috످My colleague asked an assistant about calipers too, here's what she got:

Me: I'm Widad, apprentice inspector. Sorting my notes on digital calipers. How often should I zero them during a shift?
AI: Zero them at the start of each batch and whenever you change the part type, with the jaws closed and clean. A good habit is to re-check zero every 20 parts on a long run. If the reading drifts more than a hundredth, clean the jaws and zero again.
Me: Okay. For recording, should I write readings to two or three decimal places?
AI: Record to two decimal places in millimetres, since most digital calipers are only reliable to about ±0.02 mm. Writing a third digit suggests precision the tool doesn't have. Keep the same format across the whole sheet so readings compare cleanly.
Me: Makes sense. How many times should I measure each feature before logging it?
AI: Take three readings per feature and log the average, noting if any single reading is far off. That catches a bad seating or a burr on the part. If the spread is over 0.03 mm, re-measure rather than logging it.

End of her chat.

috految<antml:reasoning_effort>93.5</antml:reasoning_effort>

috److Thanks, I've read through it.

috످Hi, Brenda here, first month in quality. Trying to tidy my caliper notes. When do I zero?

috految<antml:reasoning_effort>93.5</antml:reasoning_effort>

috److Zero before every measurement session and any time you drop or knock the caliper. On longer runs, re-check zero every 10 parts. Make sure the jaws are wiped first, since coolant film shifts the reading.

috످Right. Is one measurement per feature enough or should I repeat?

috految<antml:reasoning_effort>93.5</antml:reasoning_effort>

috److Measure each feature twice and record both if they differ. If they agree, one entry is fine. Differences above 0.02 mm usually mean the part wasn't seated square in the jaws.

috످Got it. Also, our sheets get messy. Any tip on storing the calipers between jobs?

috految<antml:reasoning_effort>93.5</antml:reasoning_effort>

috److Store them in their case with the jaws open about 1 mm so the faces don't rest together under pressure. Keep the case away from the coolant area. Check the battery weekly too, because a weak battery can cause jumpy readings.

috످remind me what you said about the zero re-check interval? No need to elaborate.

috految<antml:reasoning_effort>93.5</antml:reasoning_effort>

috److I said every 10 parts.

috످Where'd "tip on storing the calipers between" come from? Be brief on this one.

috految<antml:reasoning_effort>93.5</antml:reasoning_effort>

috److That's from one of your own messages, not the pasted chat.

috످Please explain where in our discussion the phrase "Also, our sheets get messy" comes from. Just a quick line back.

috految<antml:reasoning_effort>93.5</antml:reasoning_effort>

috److془The phrase comes from Brenda's message asking about storing calipers.془You wrote that when you asked about storing the calipers between jobs.

috످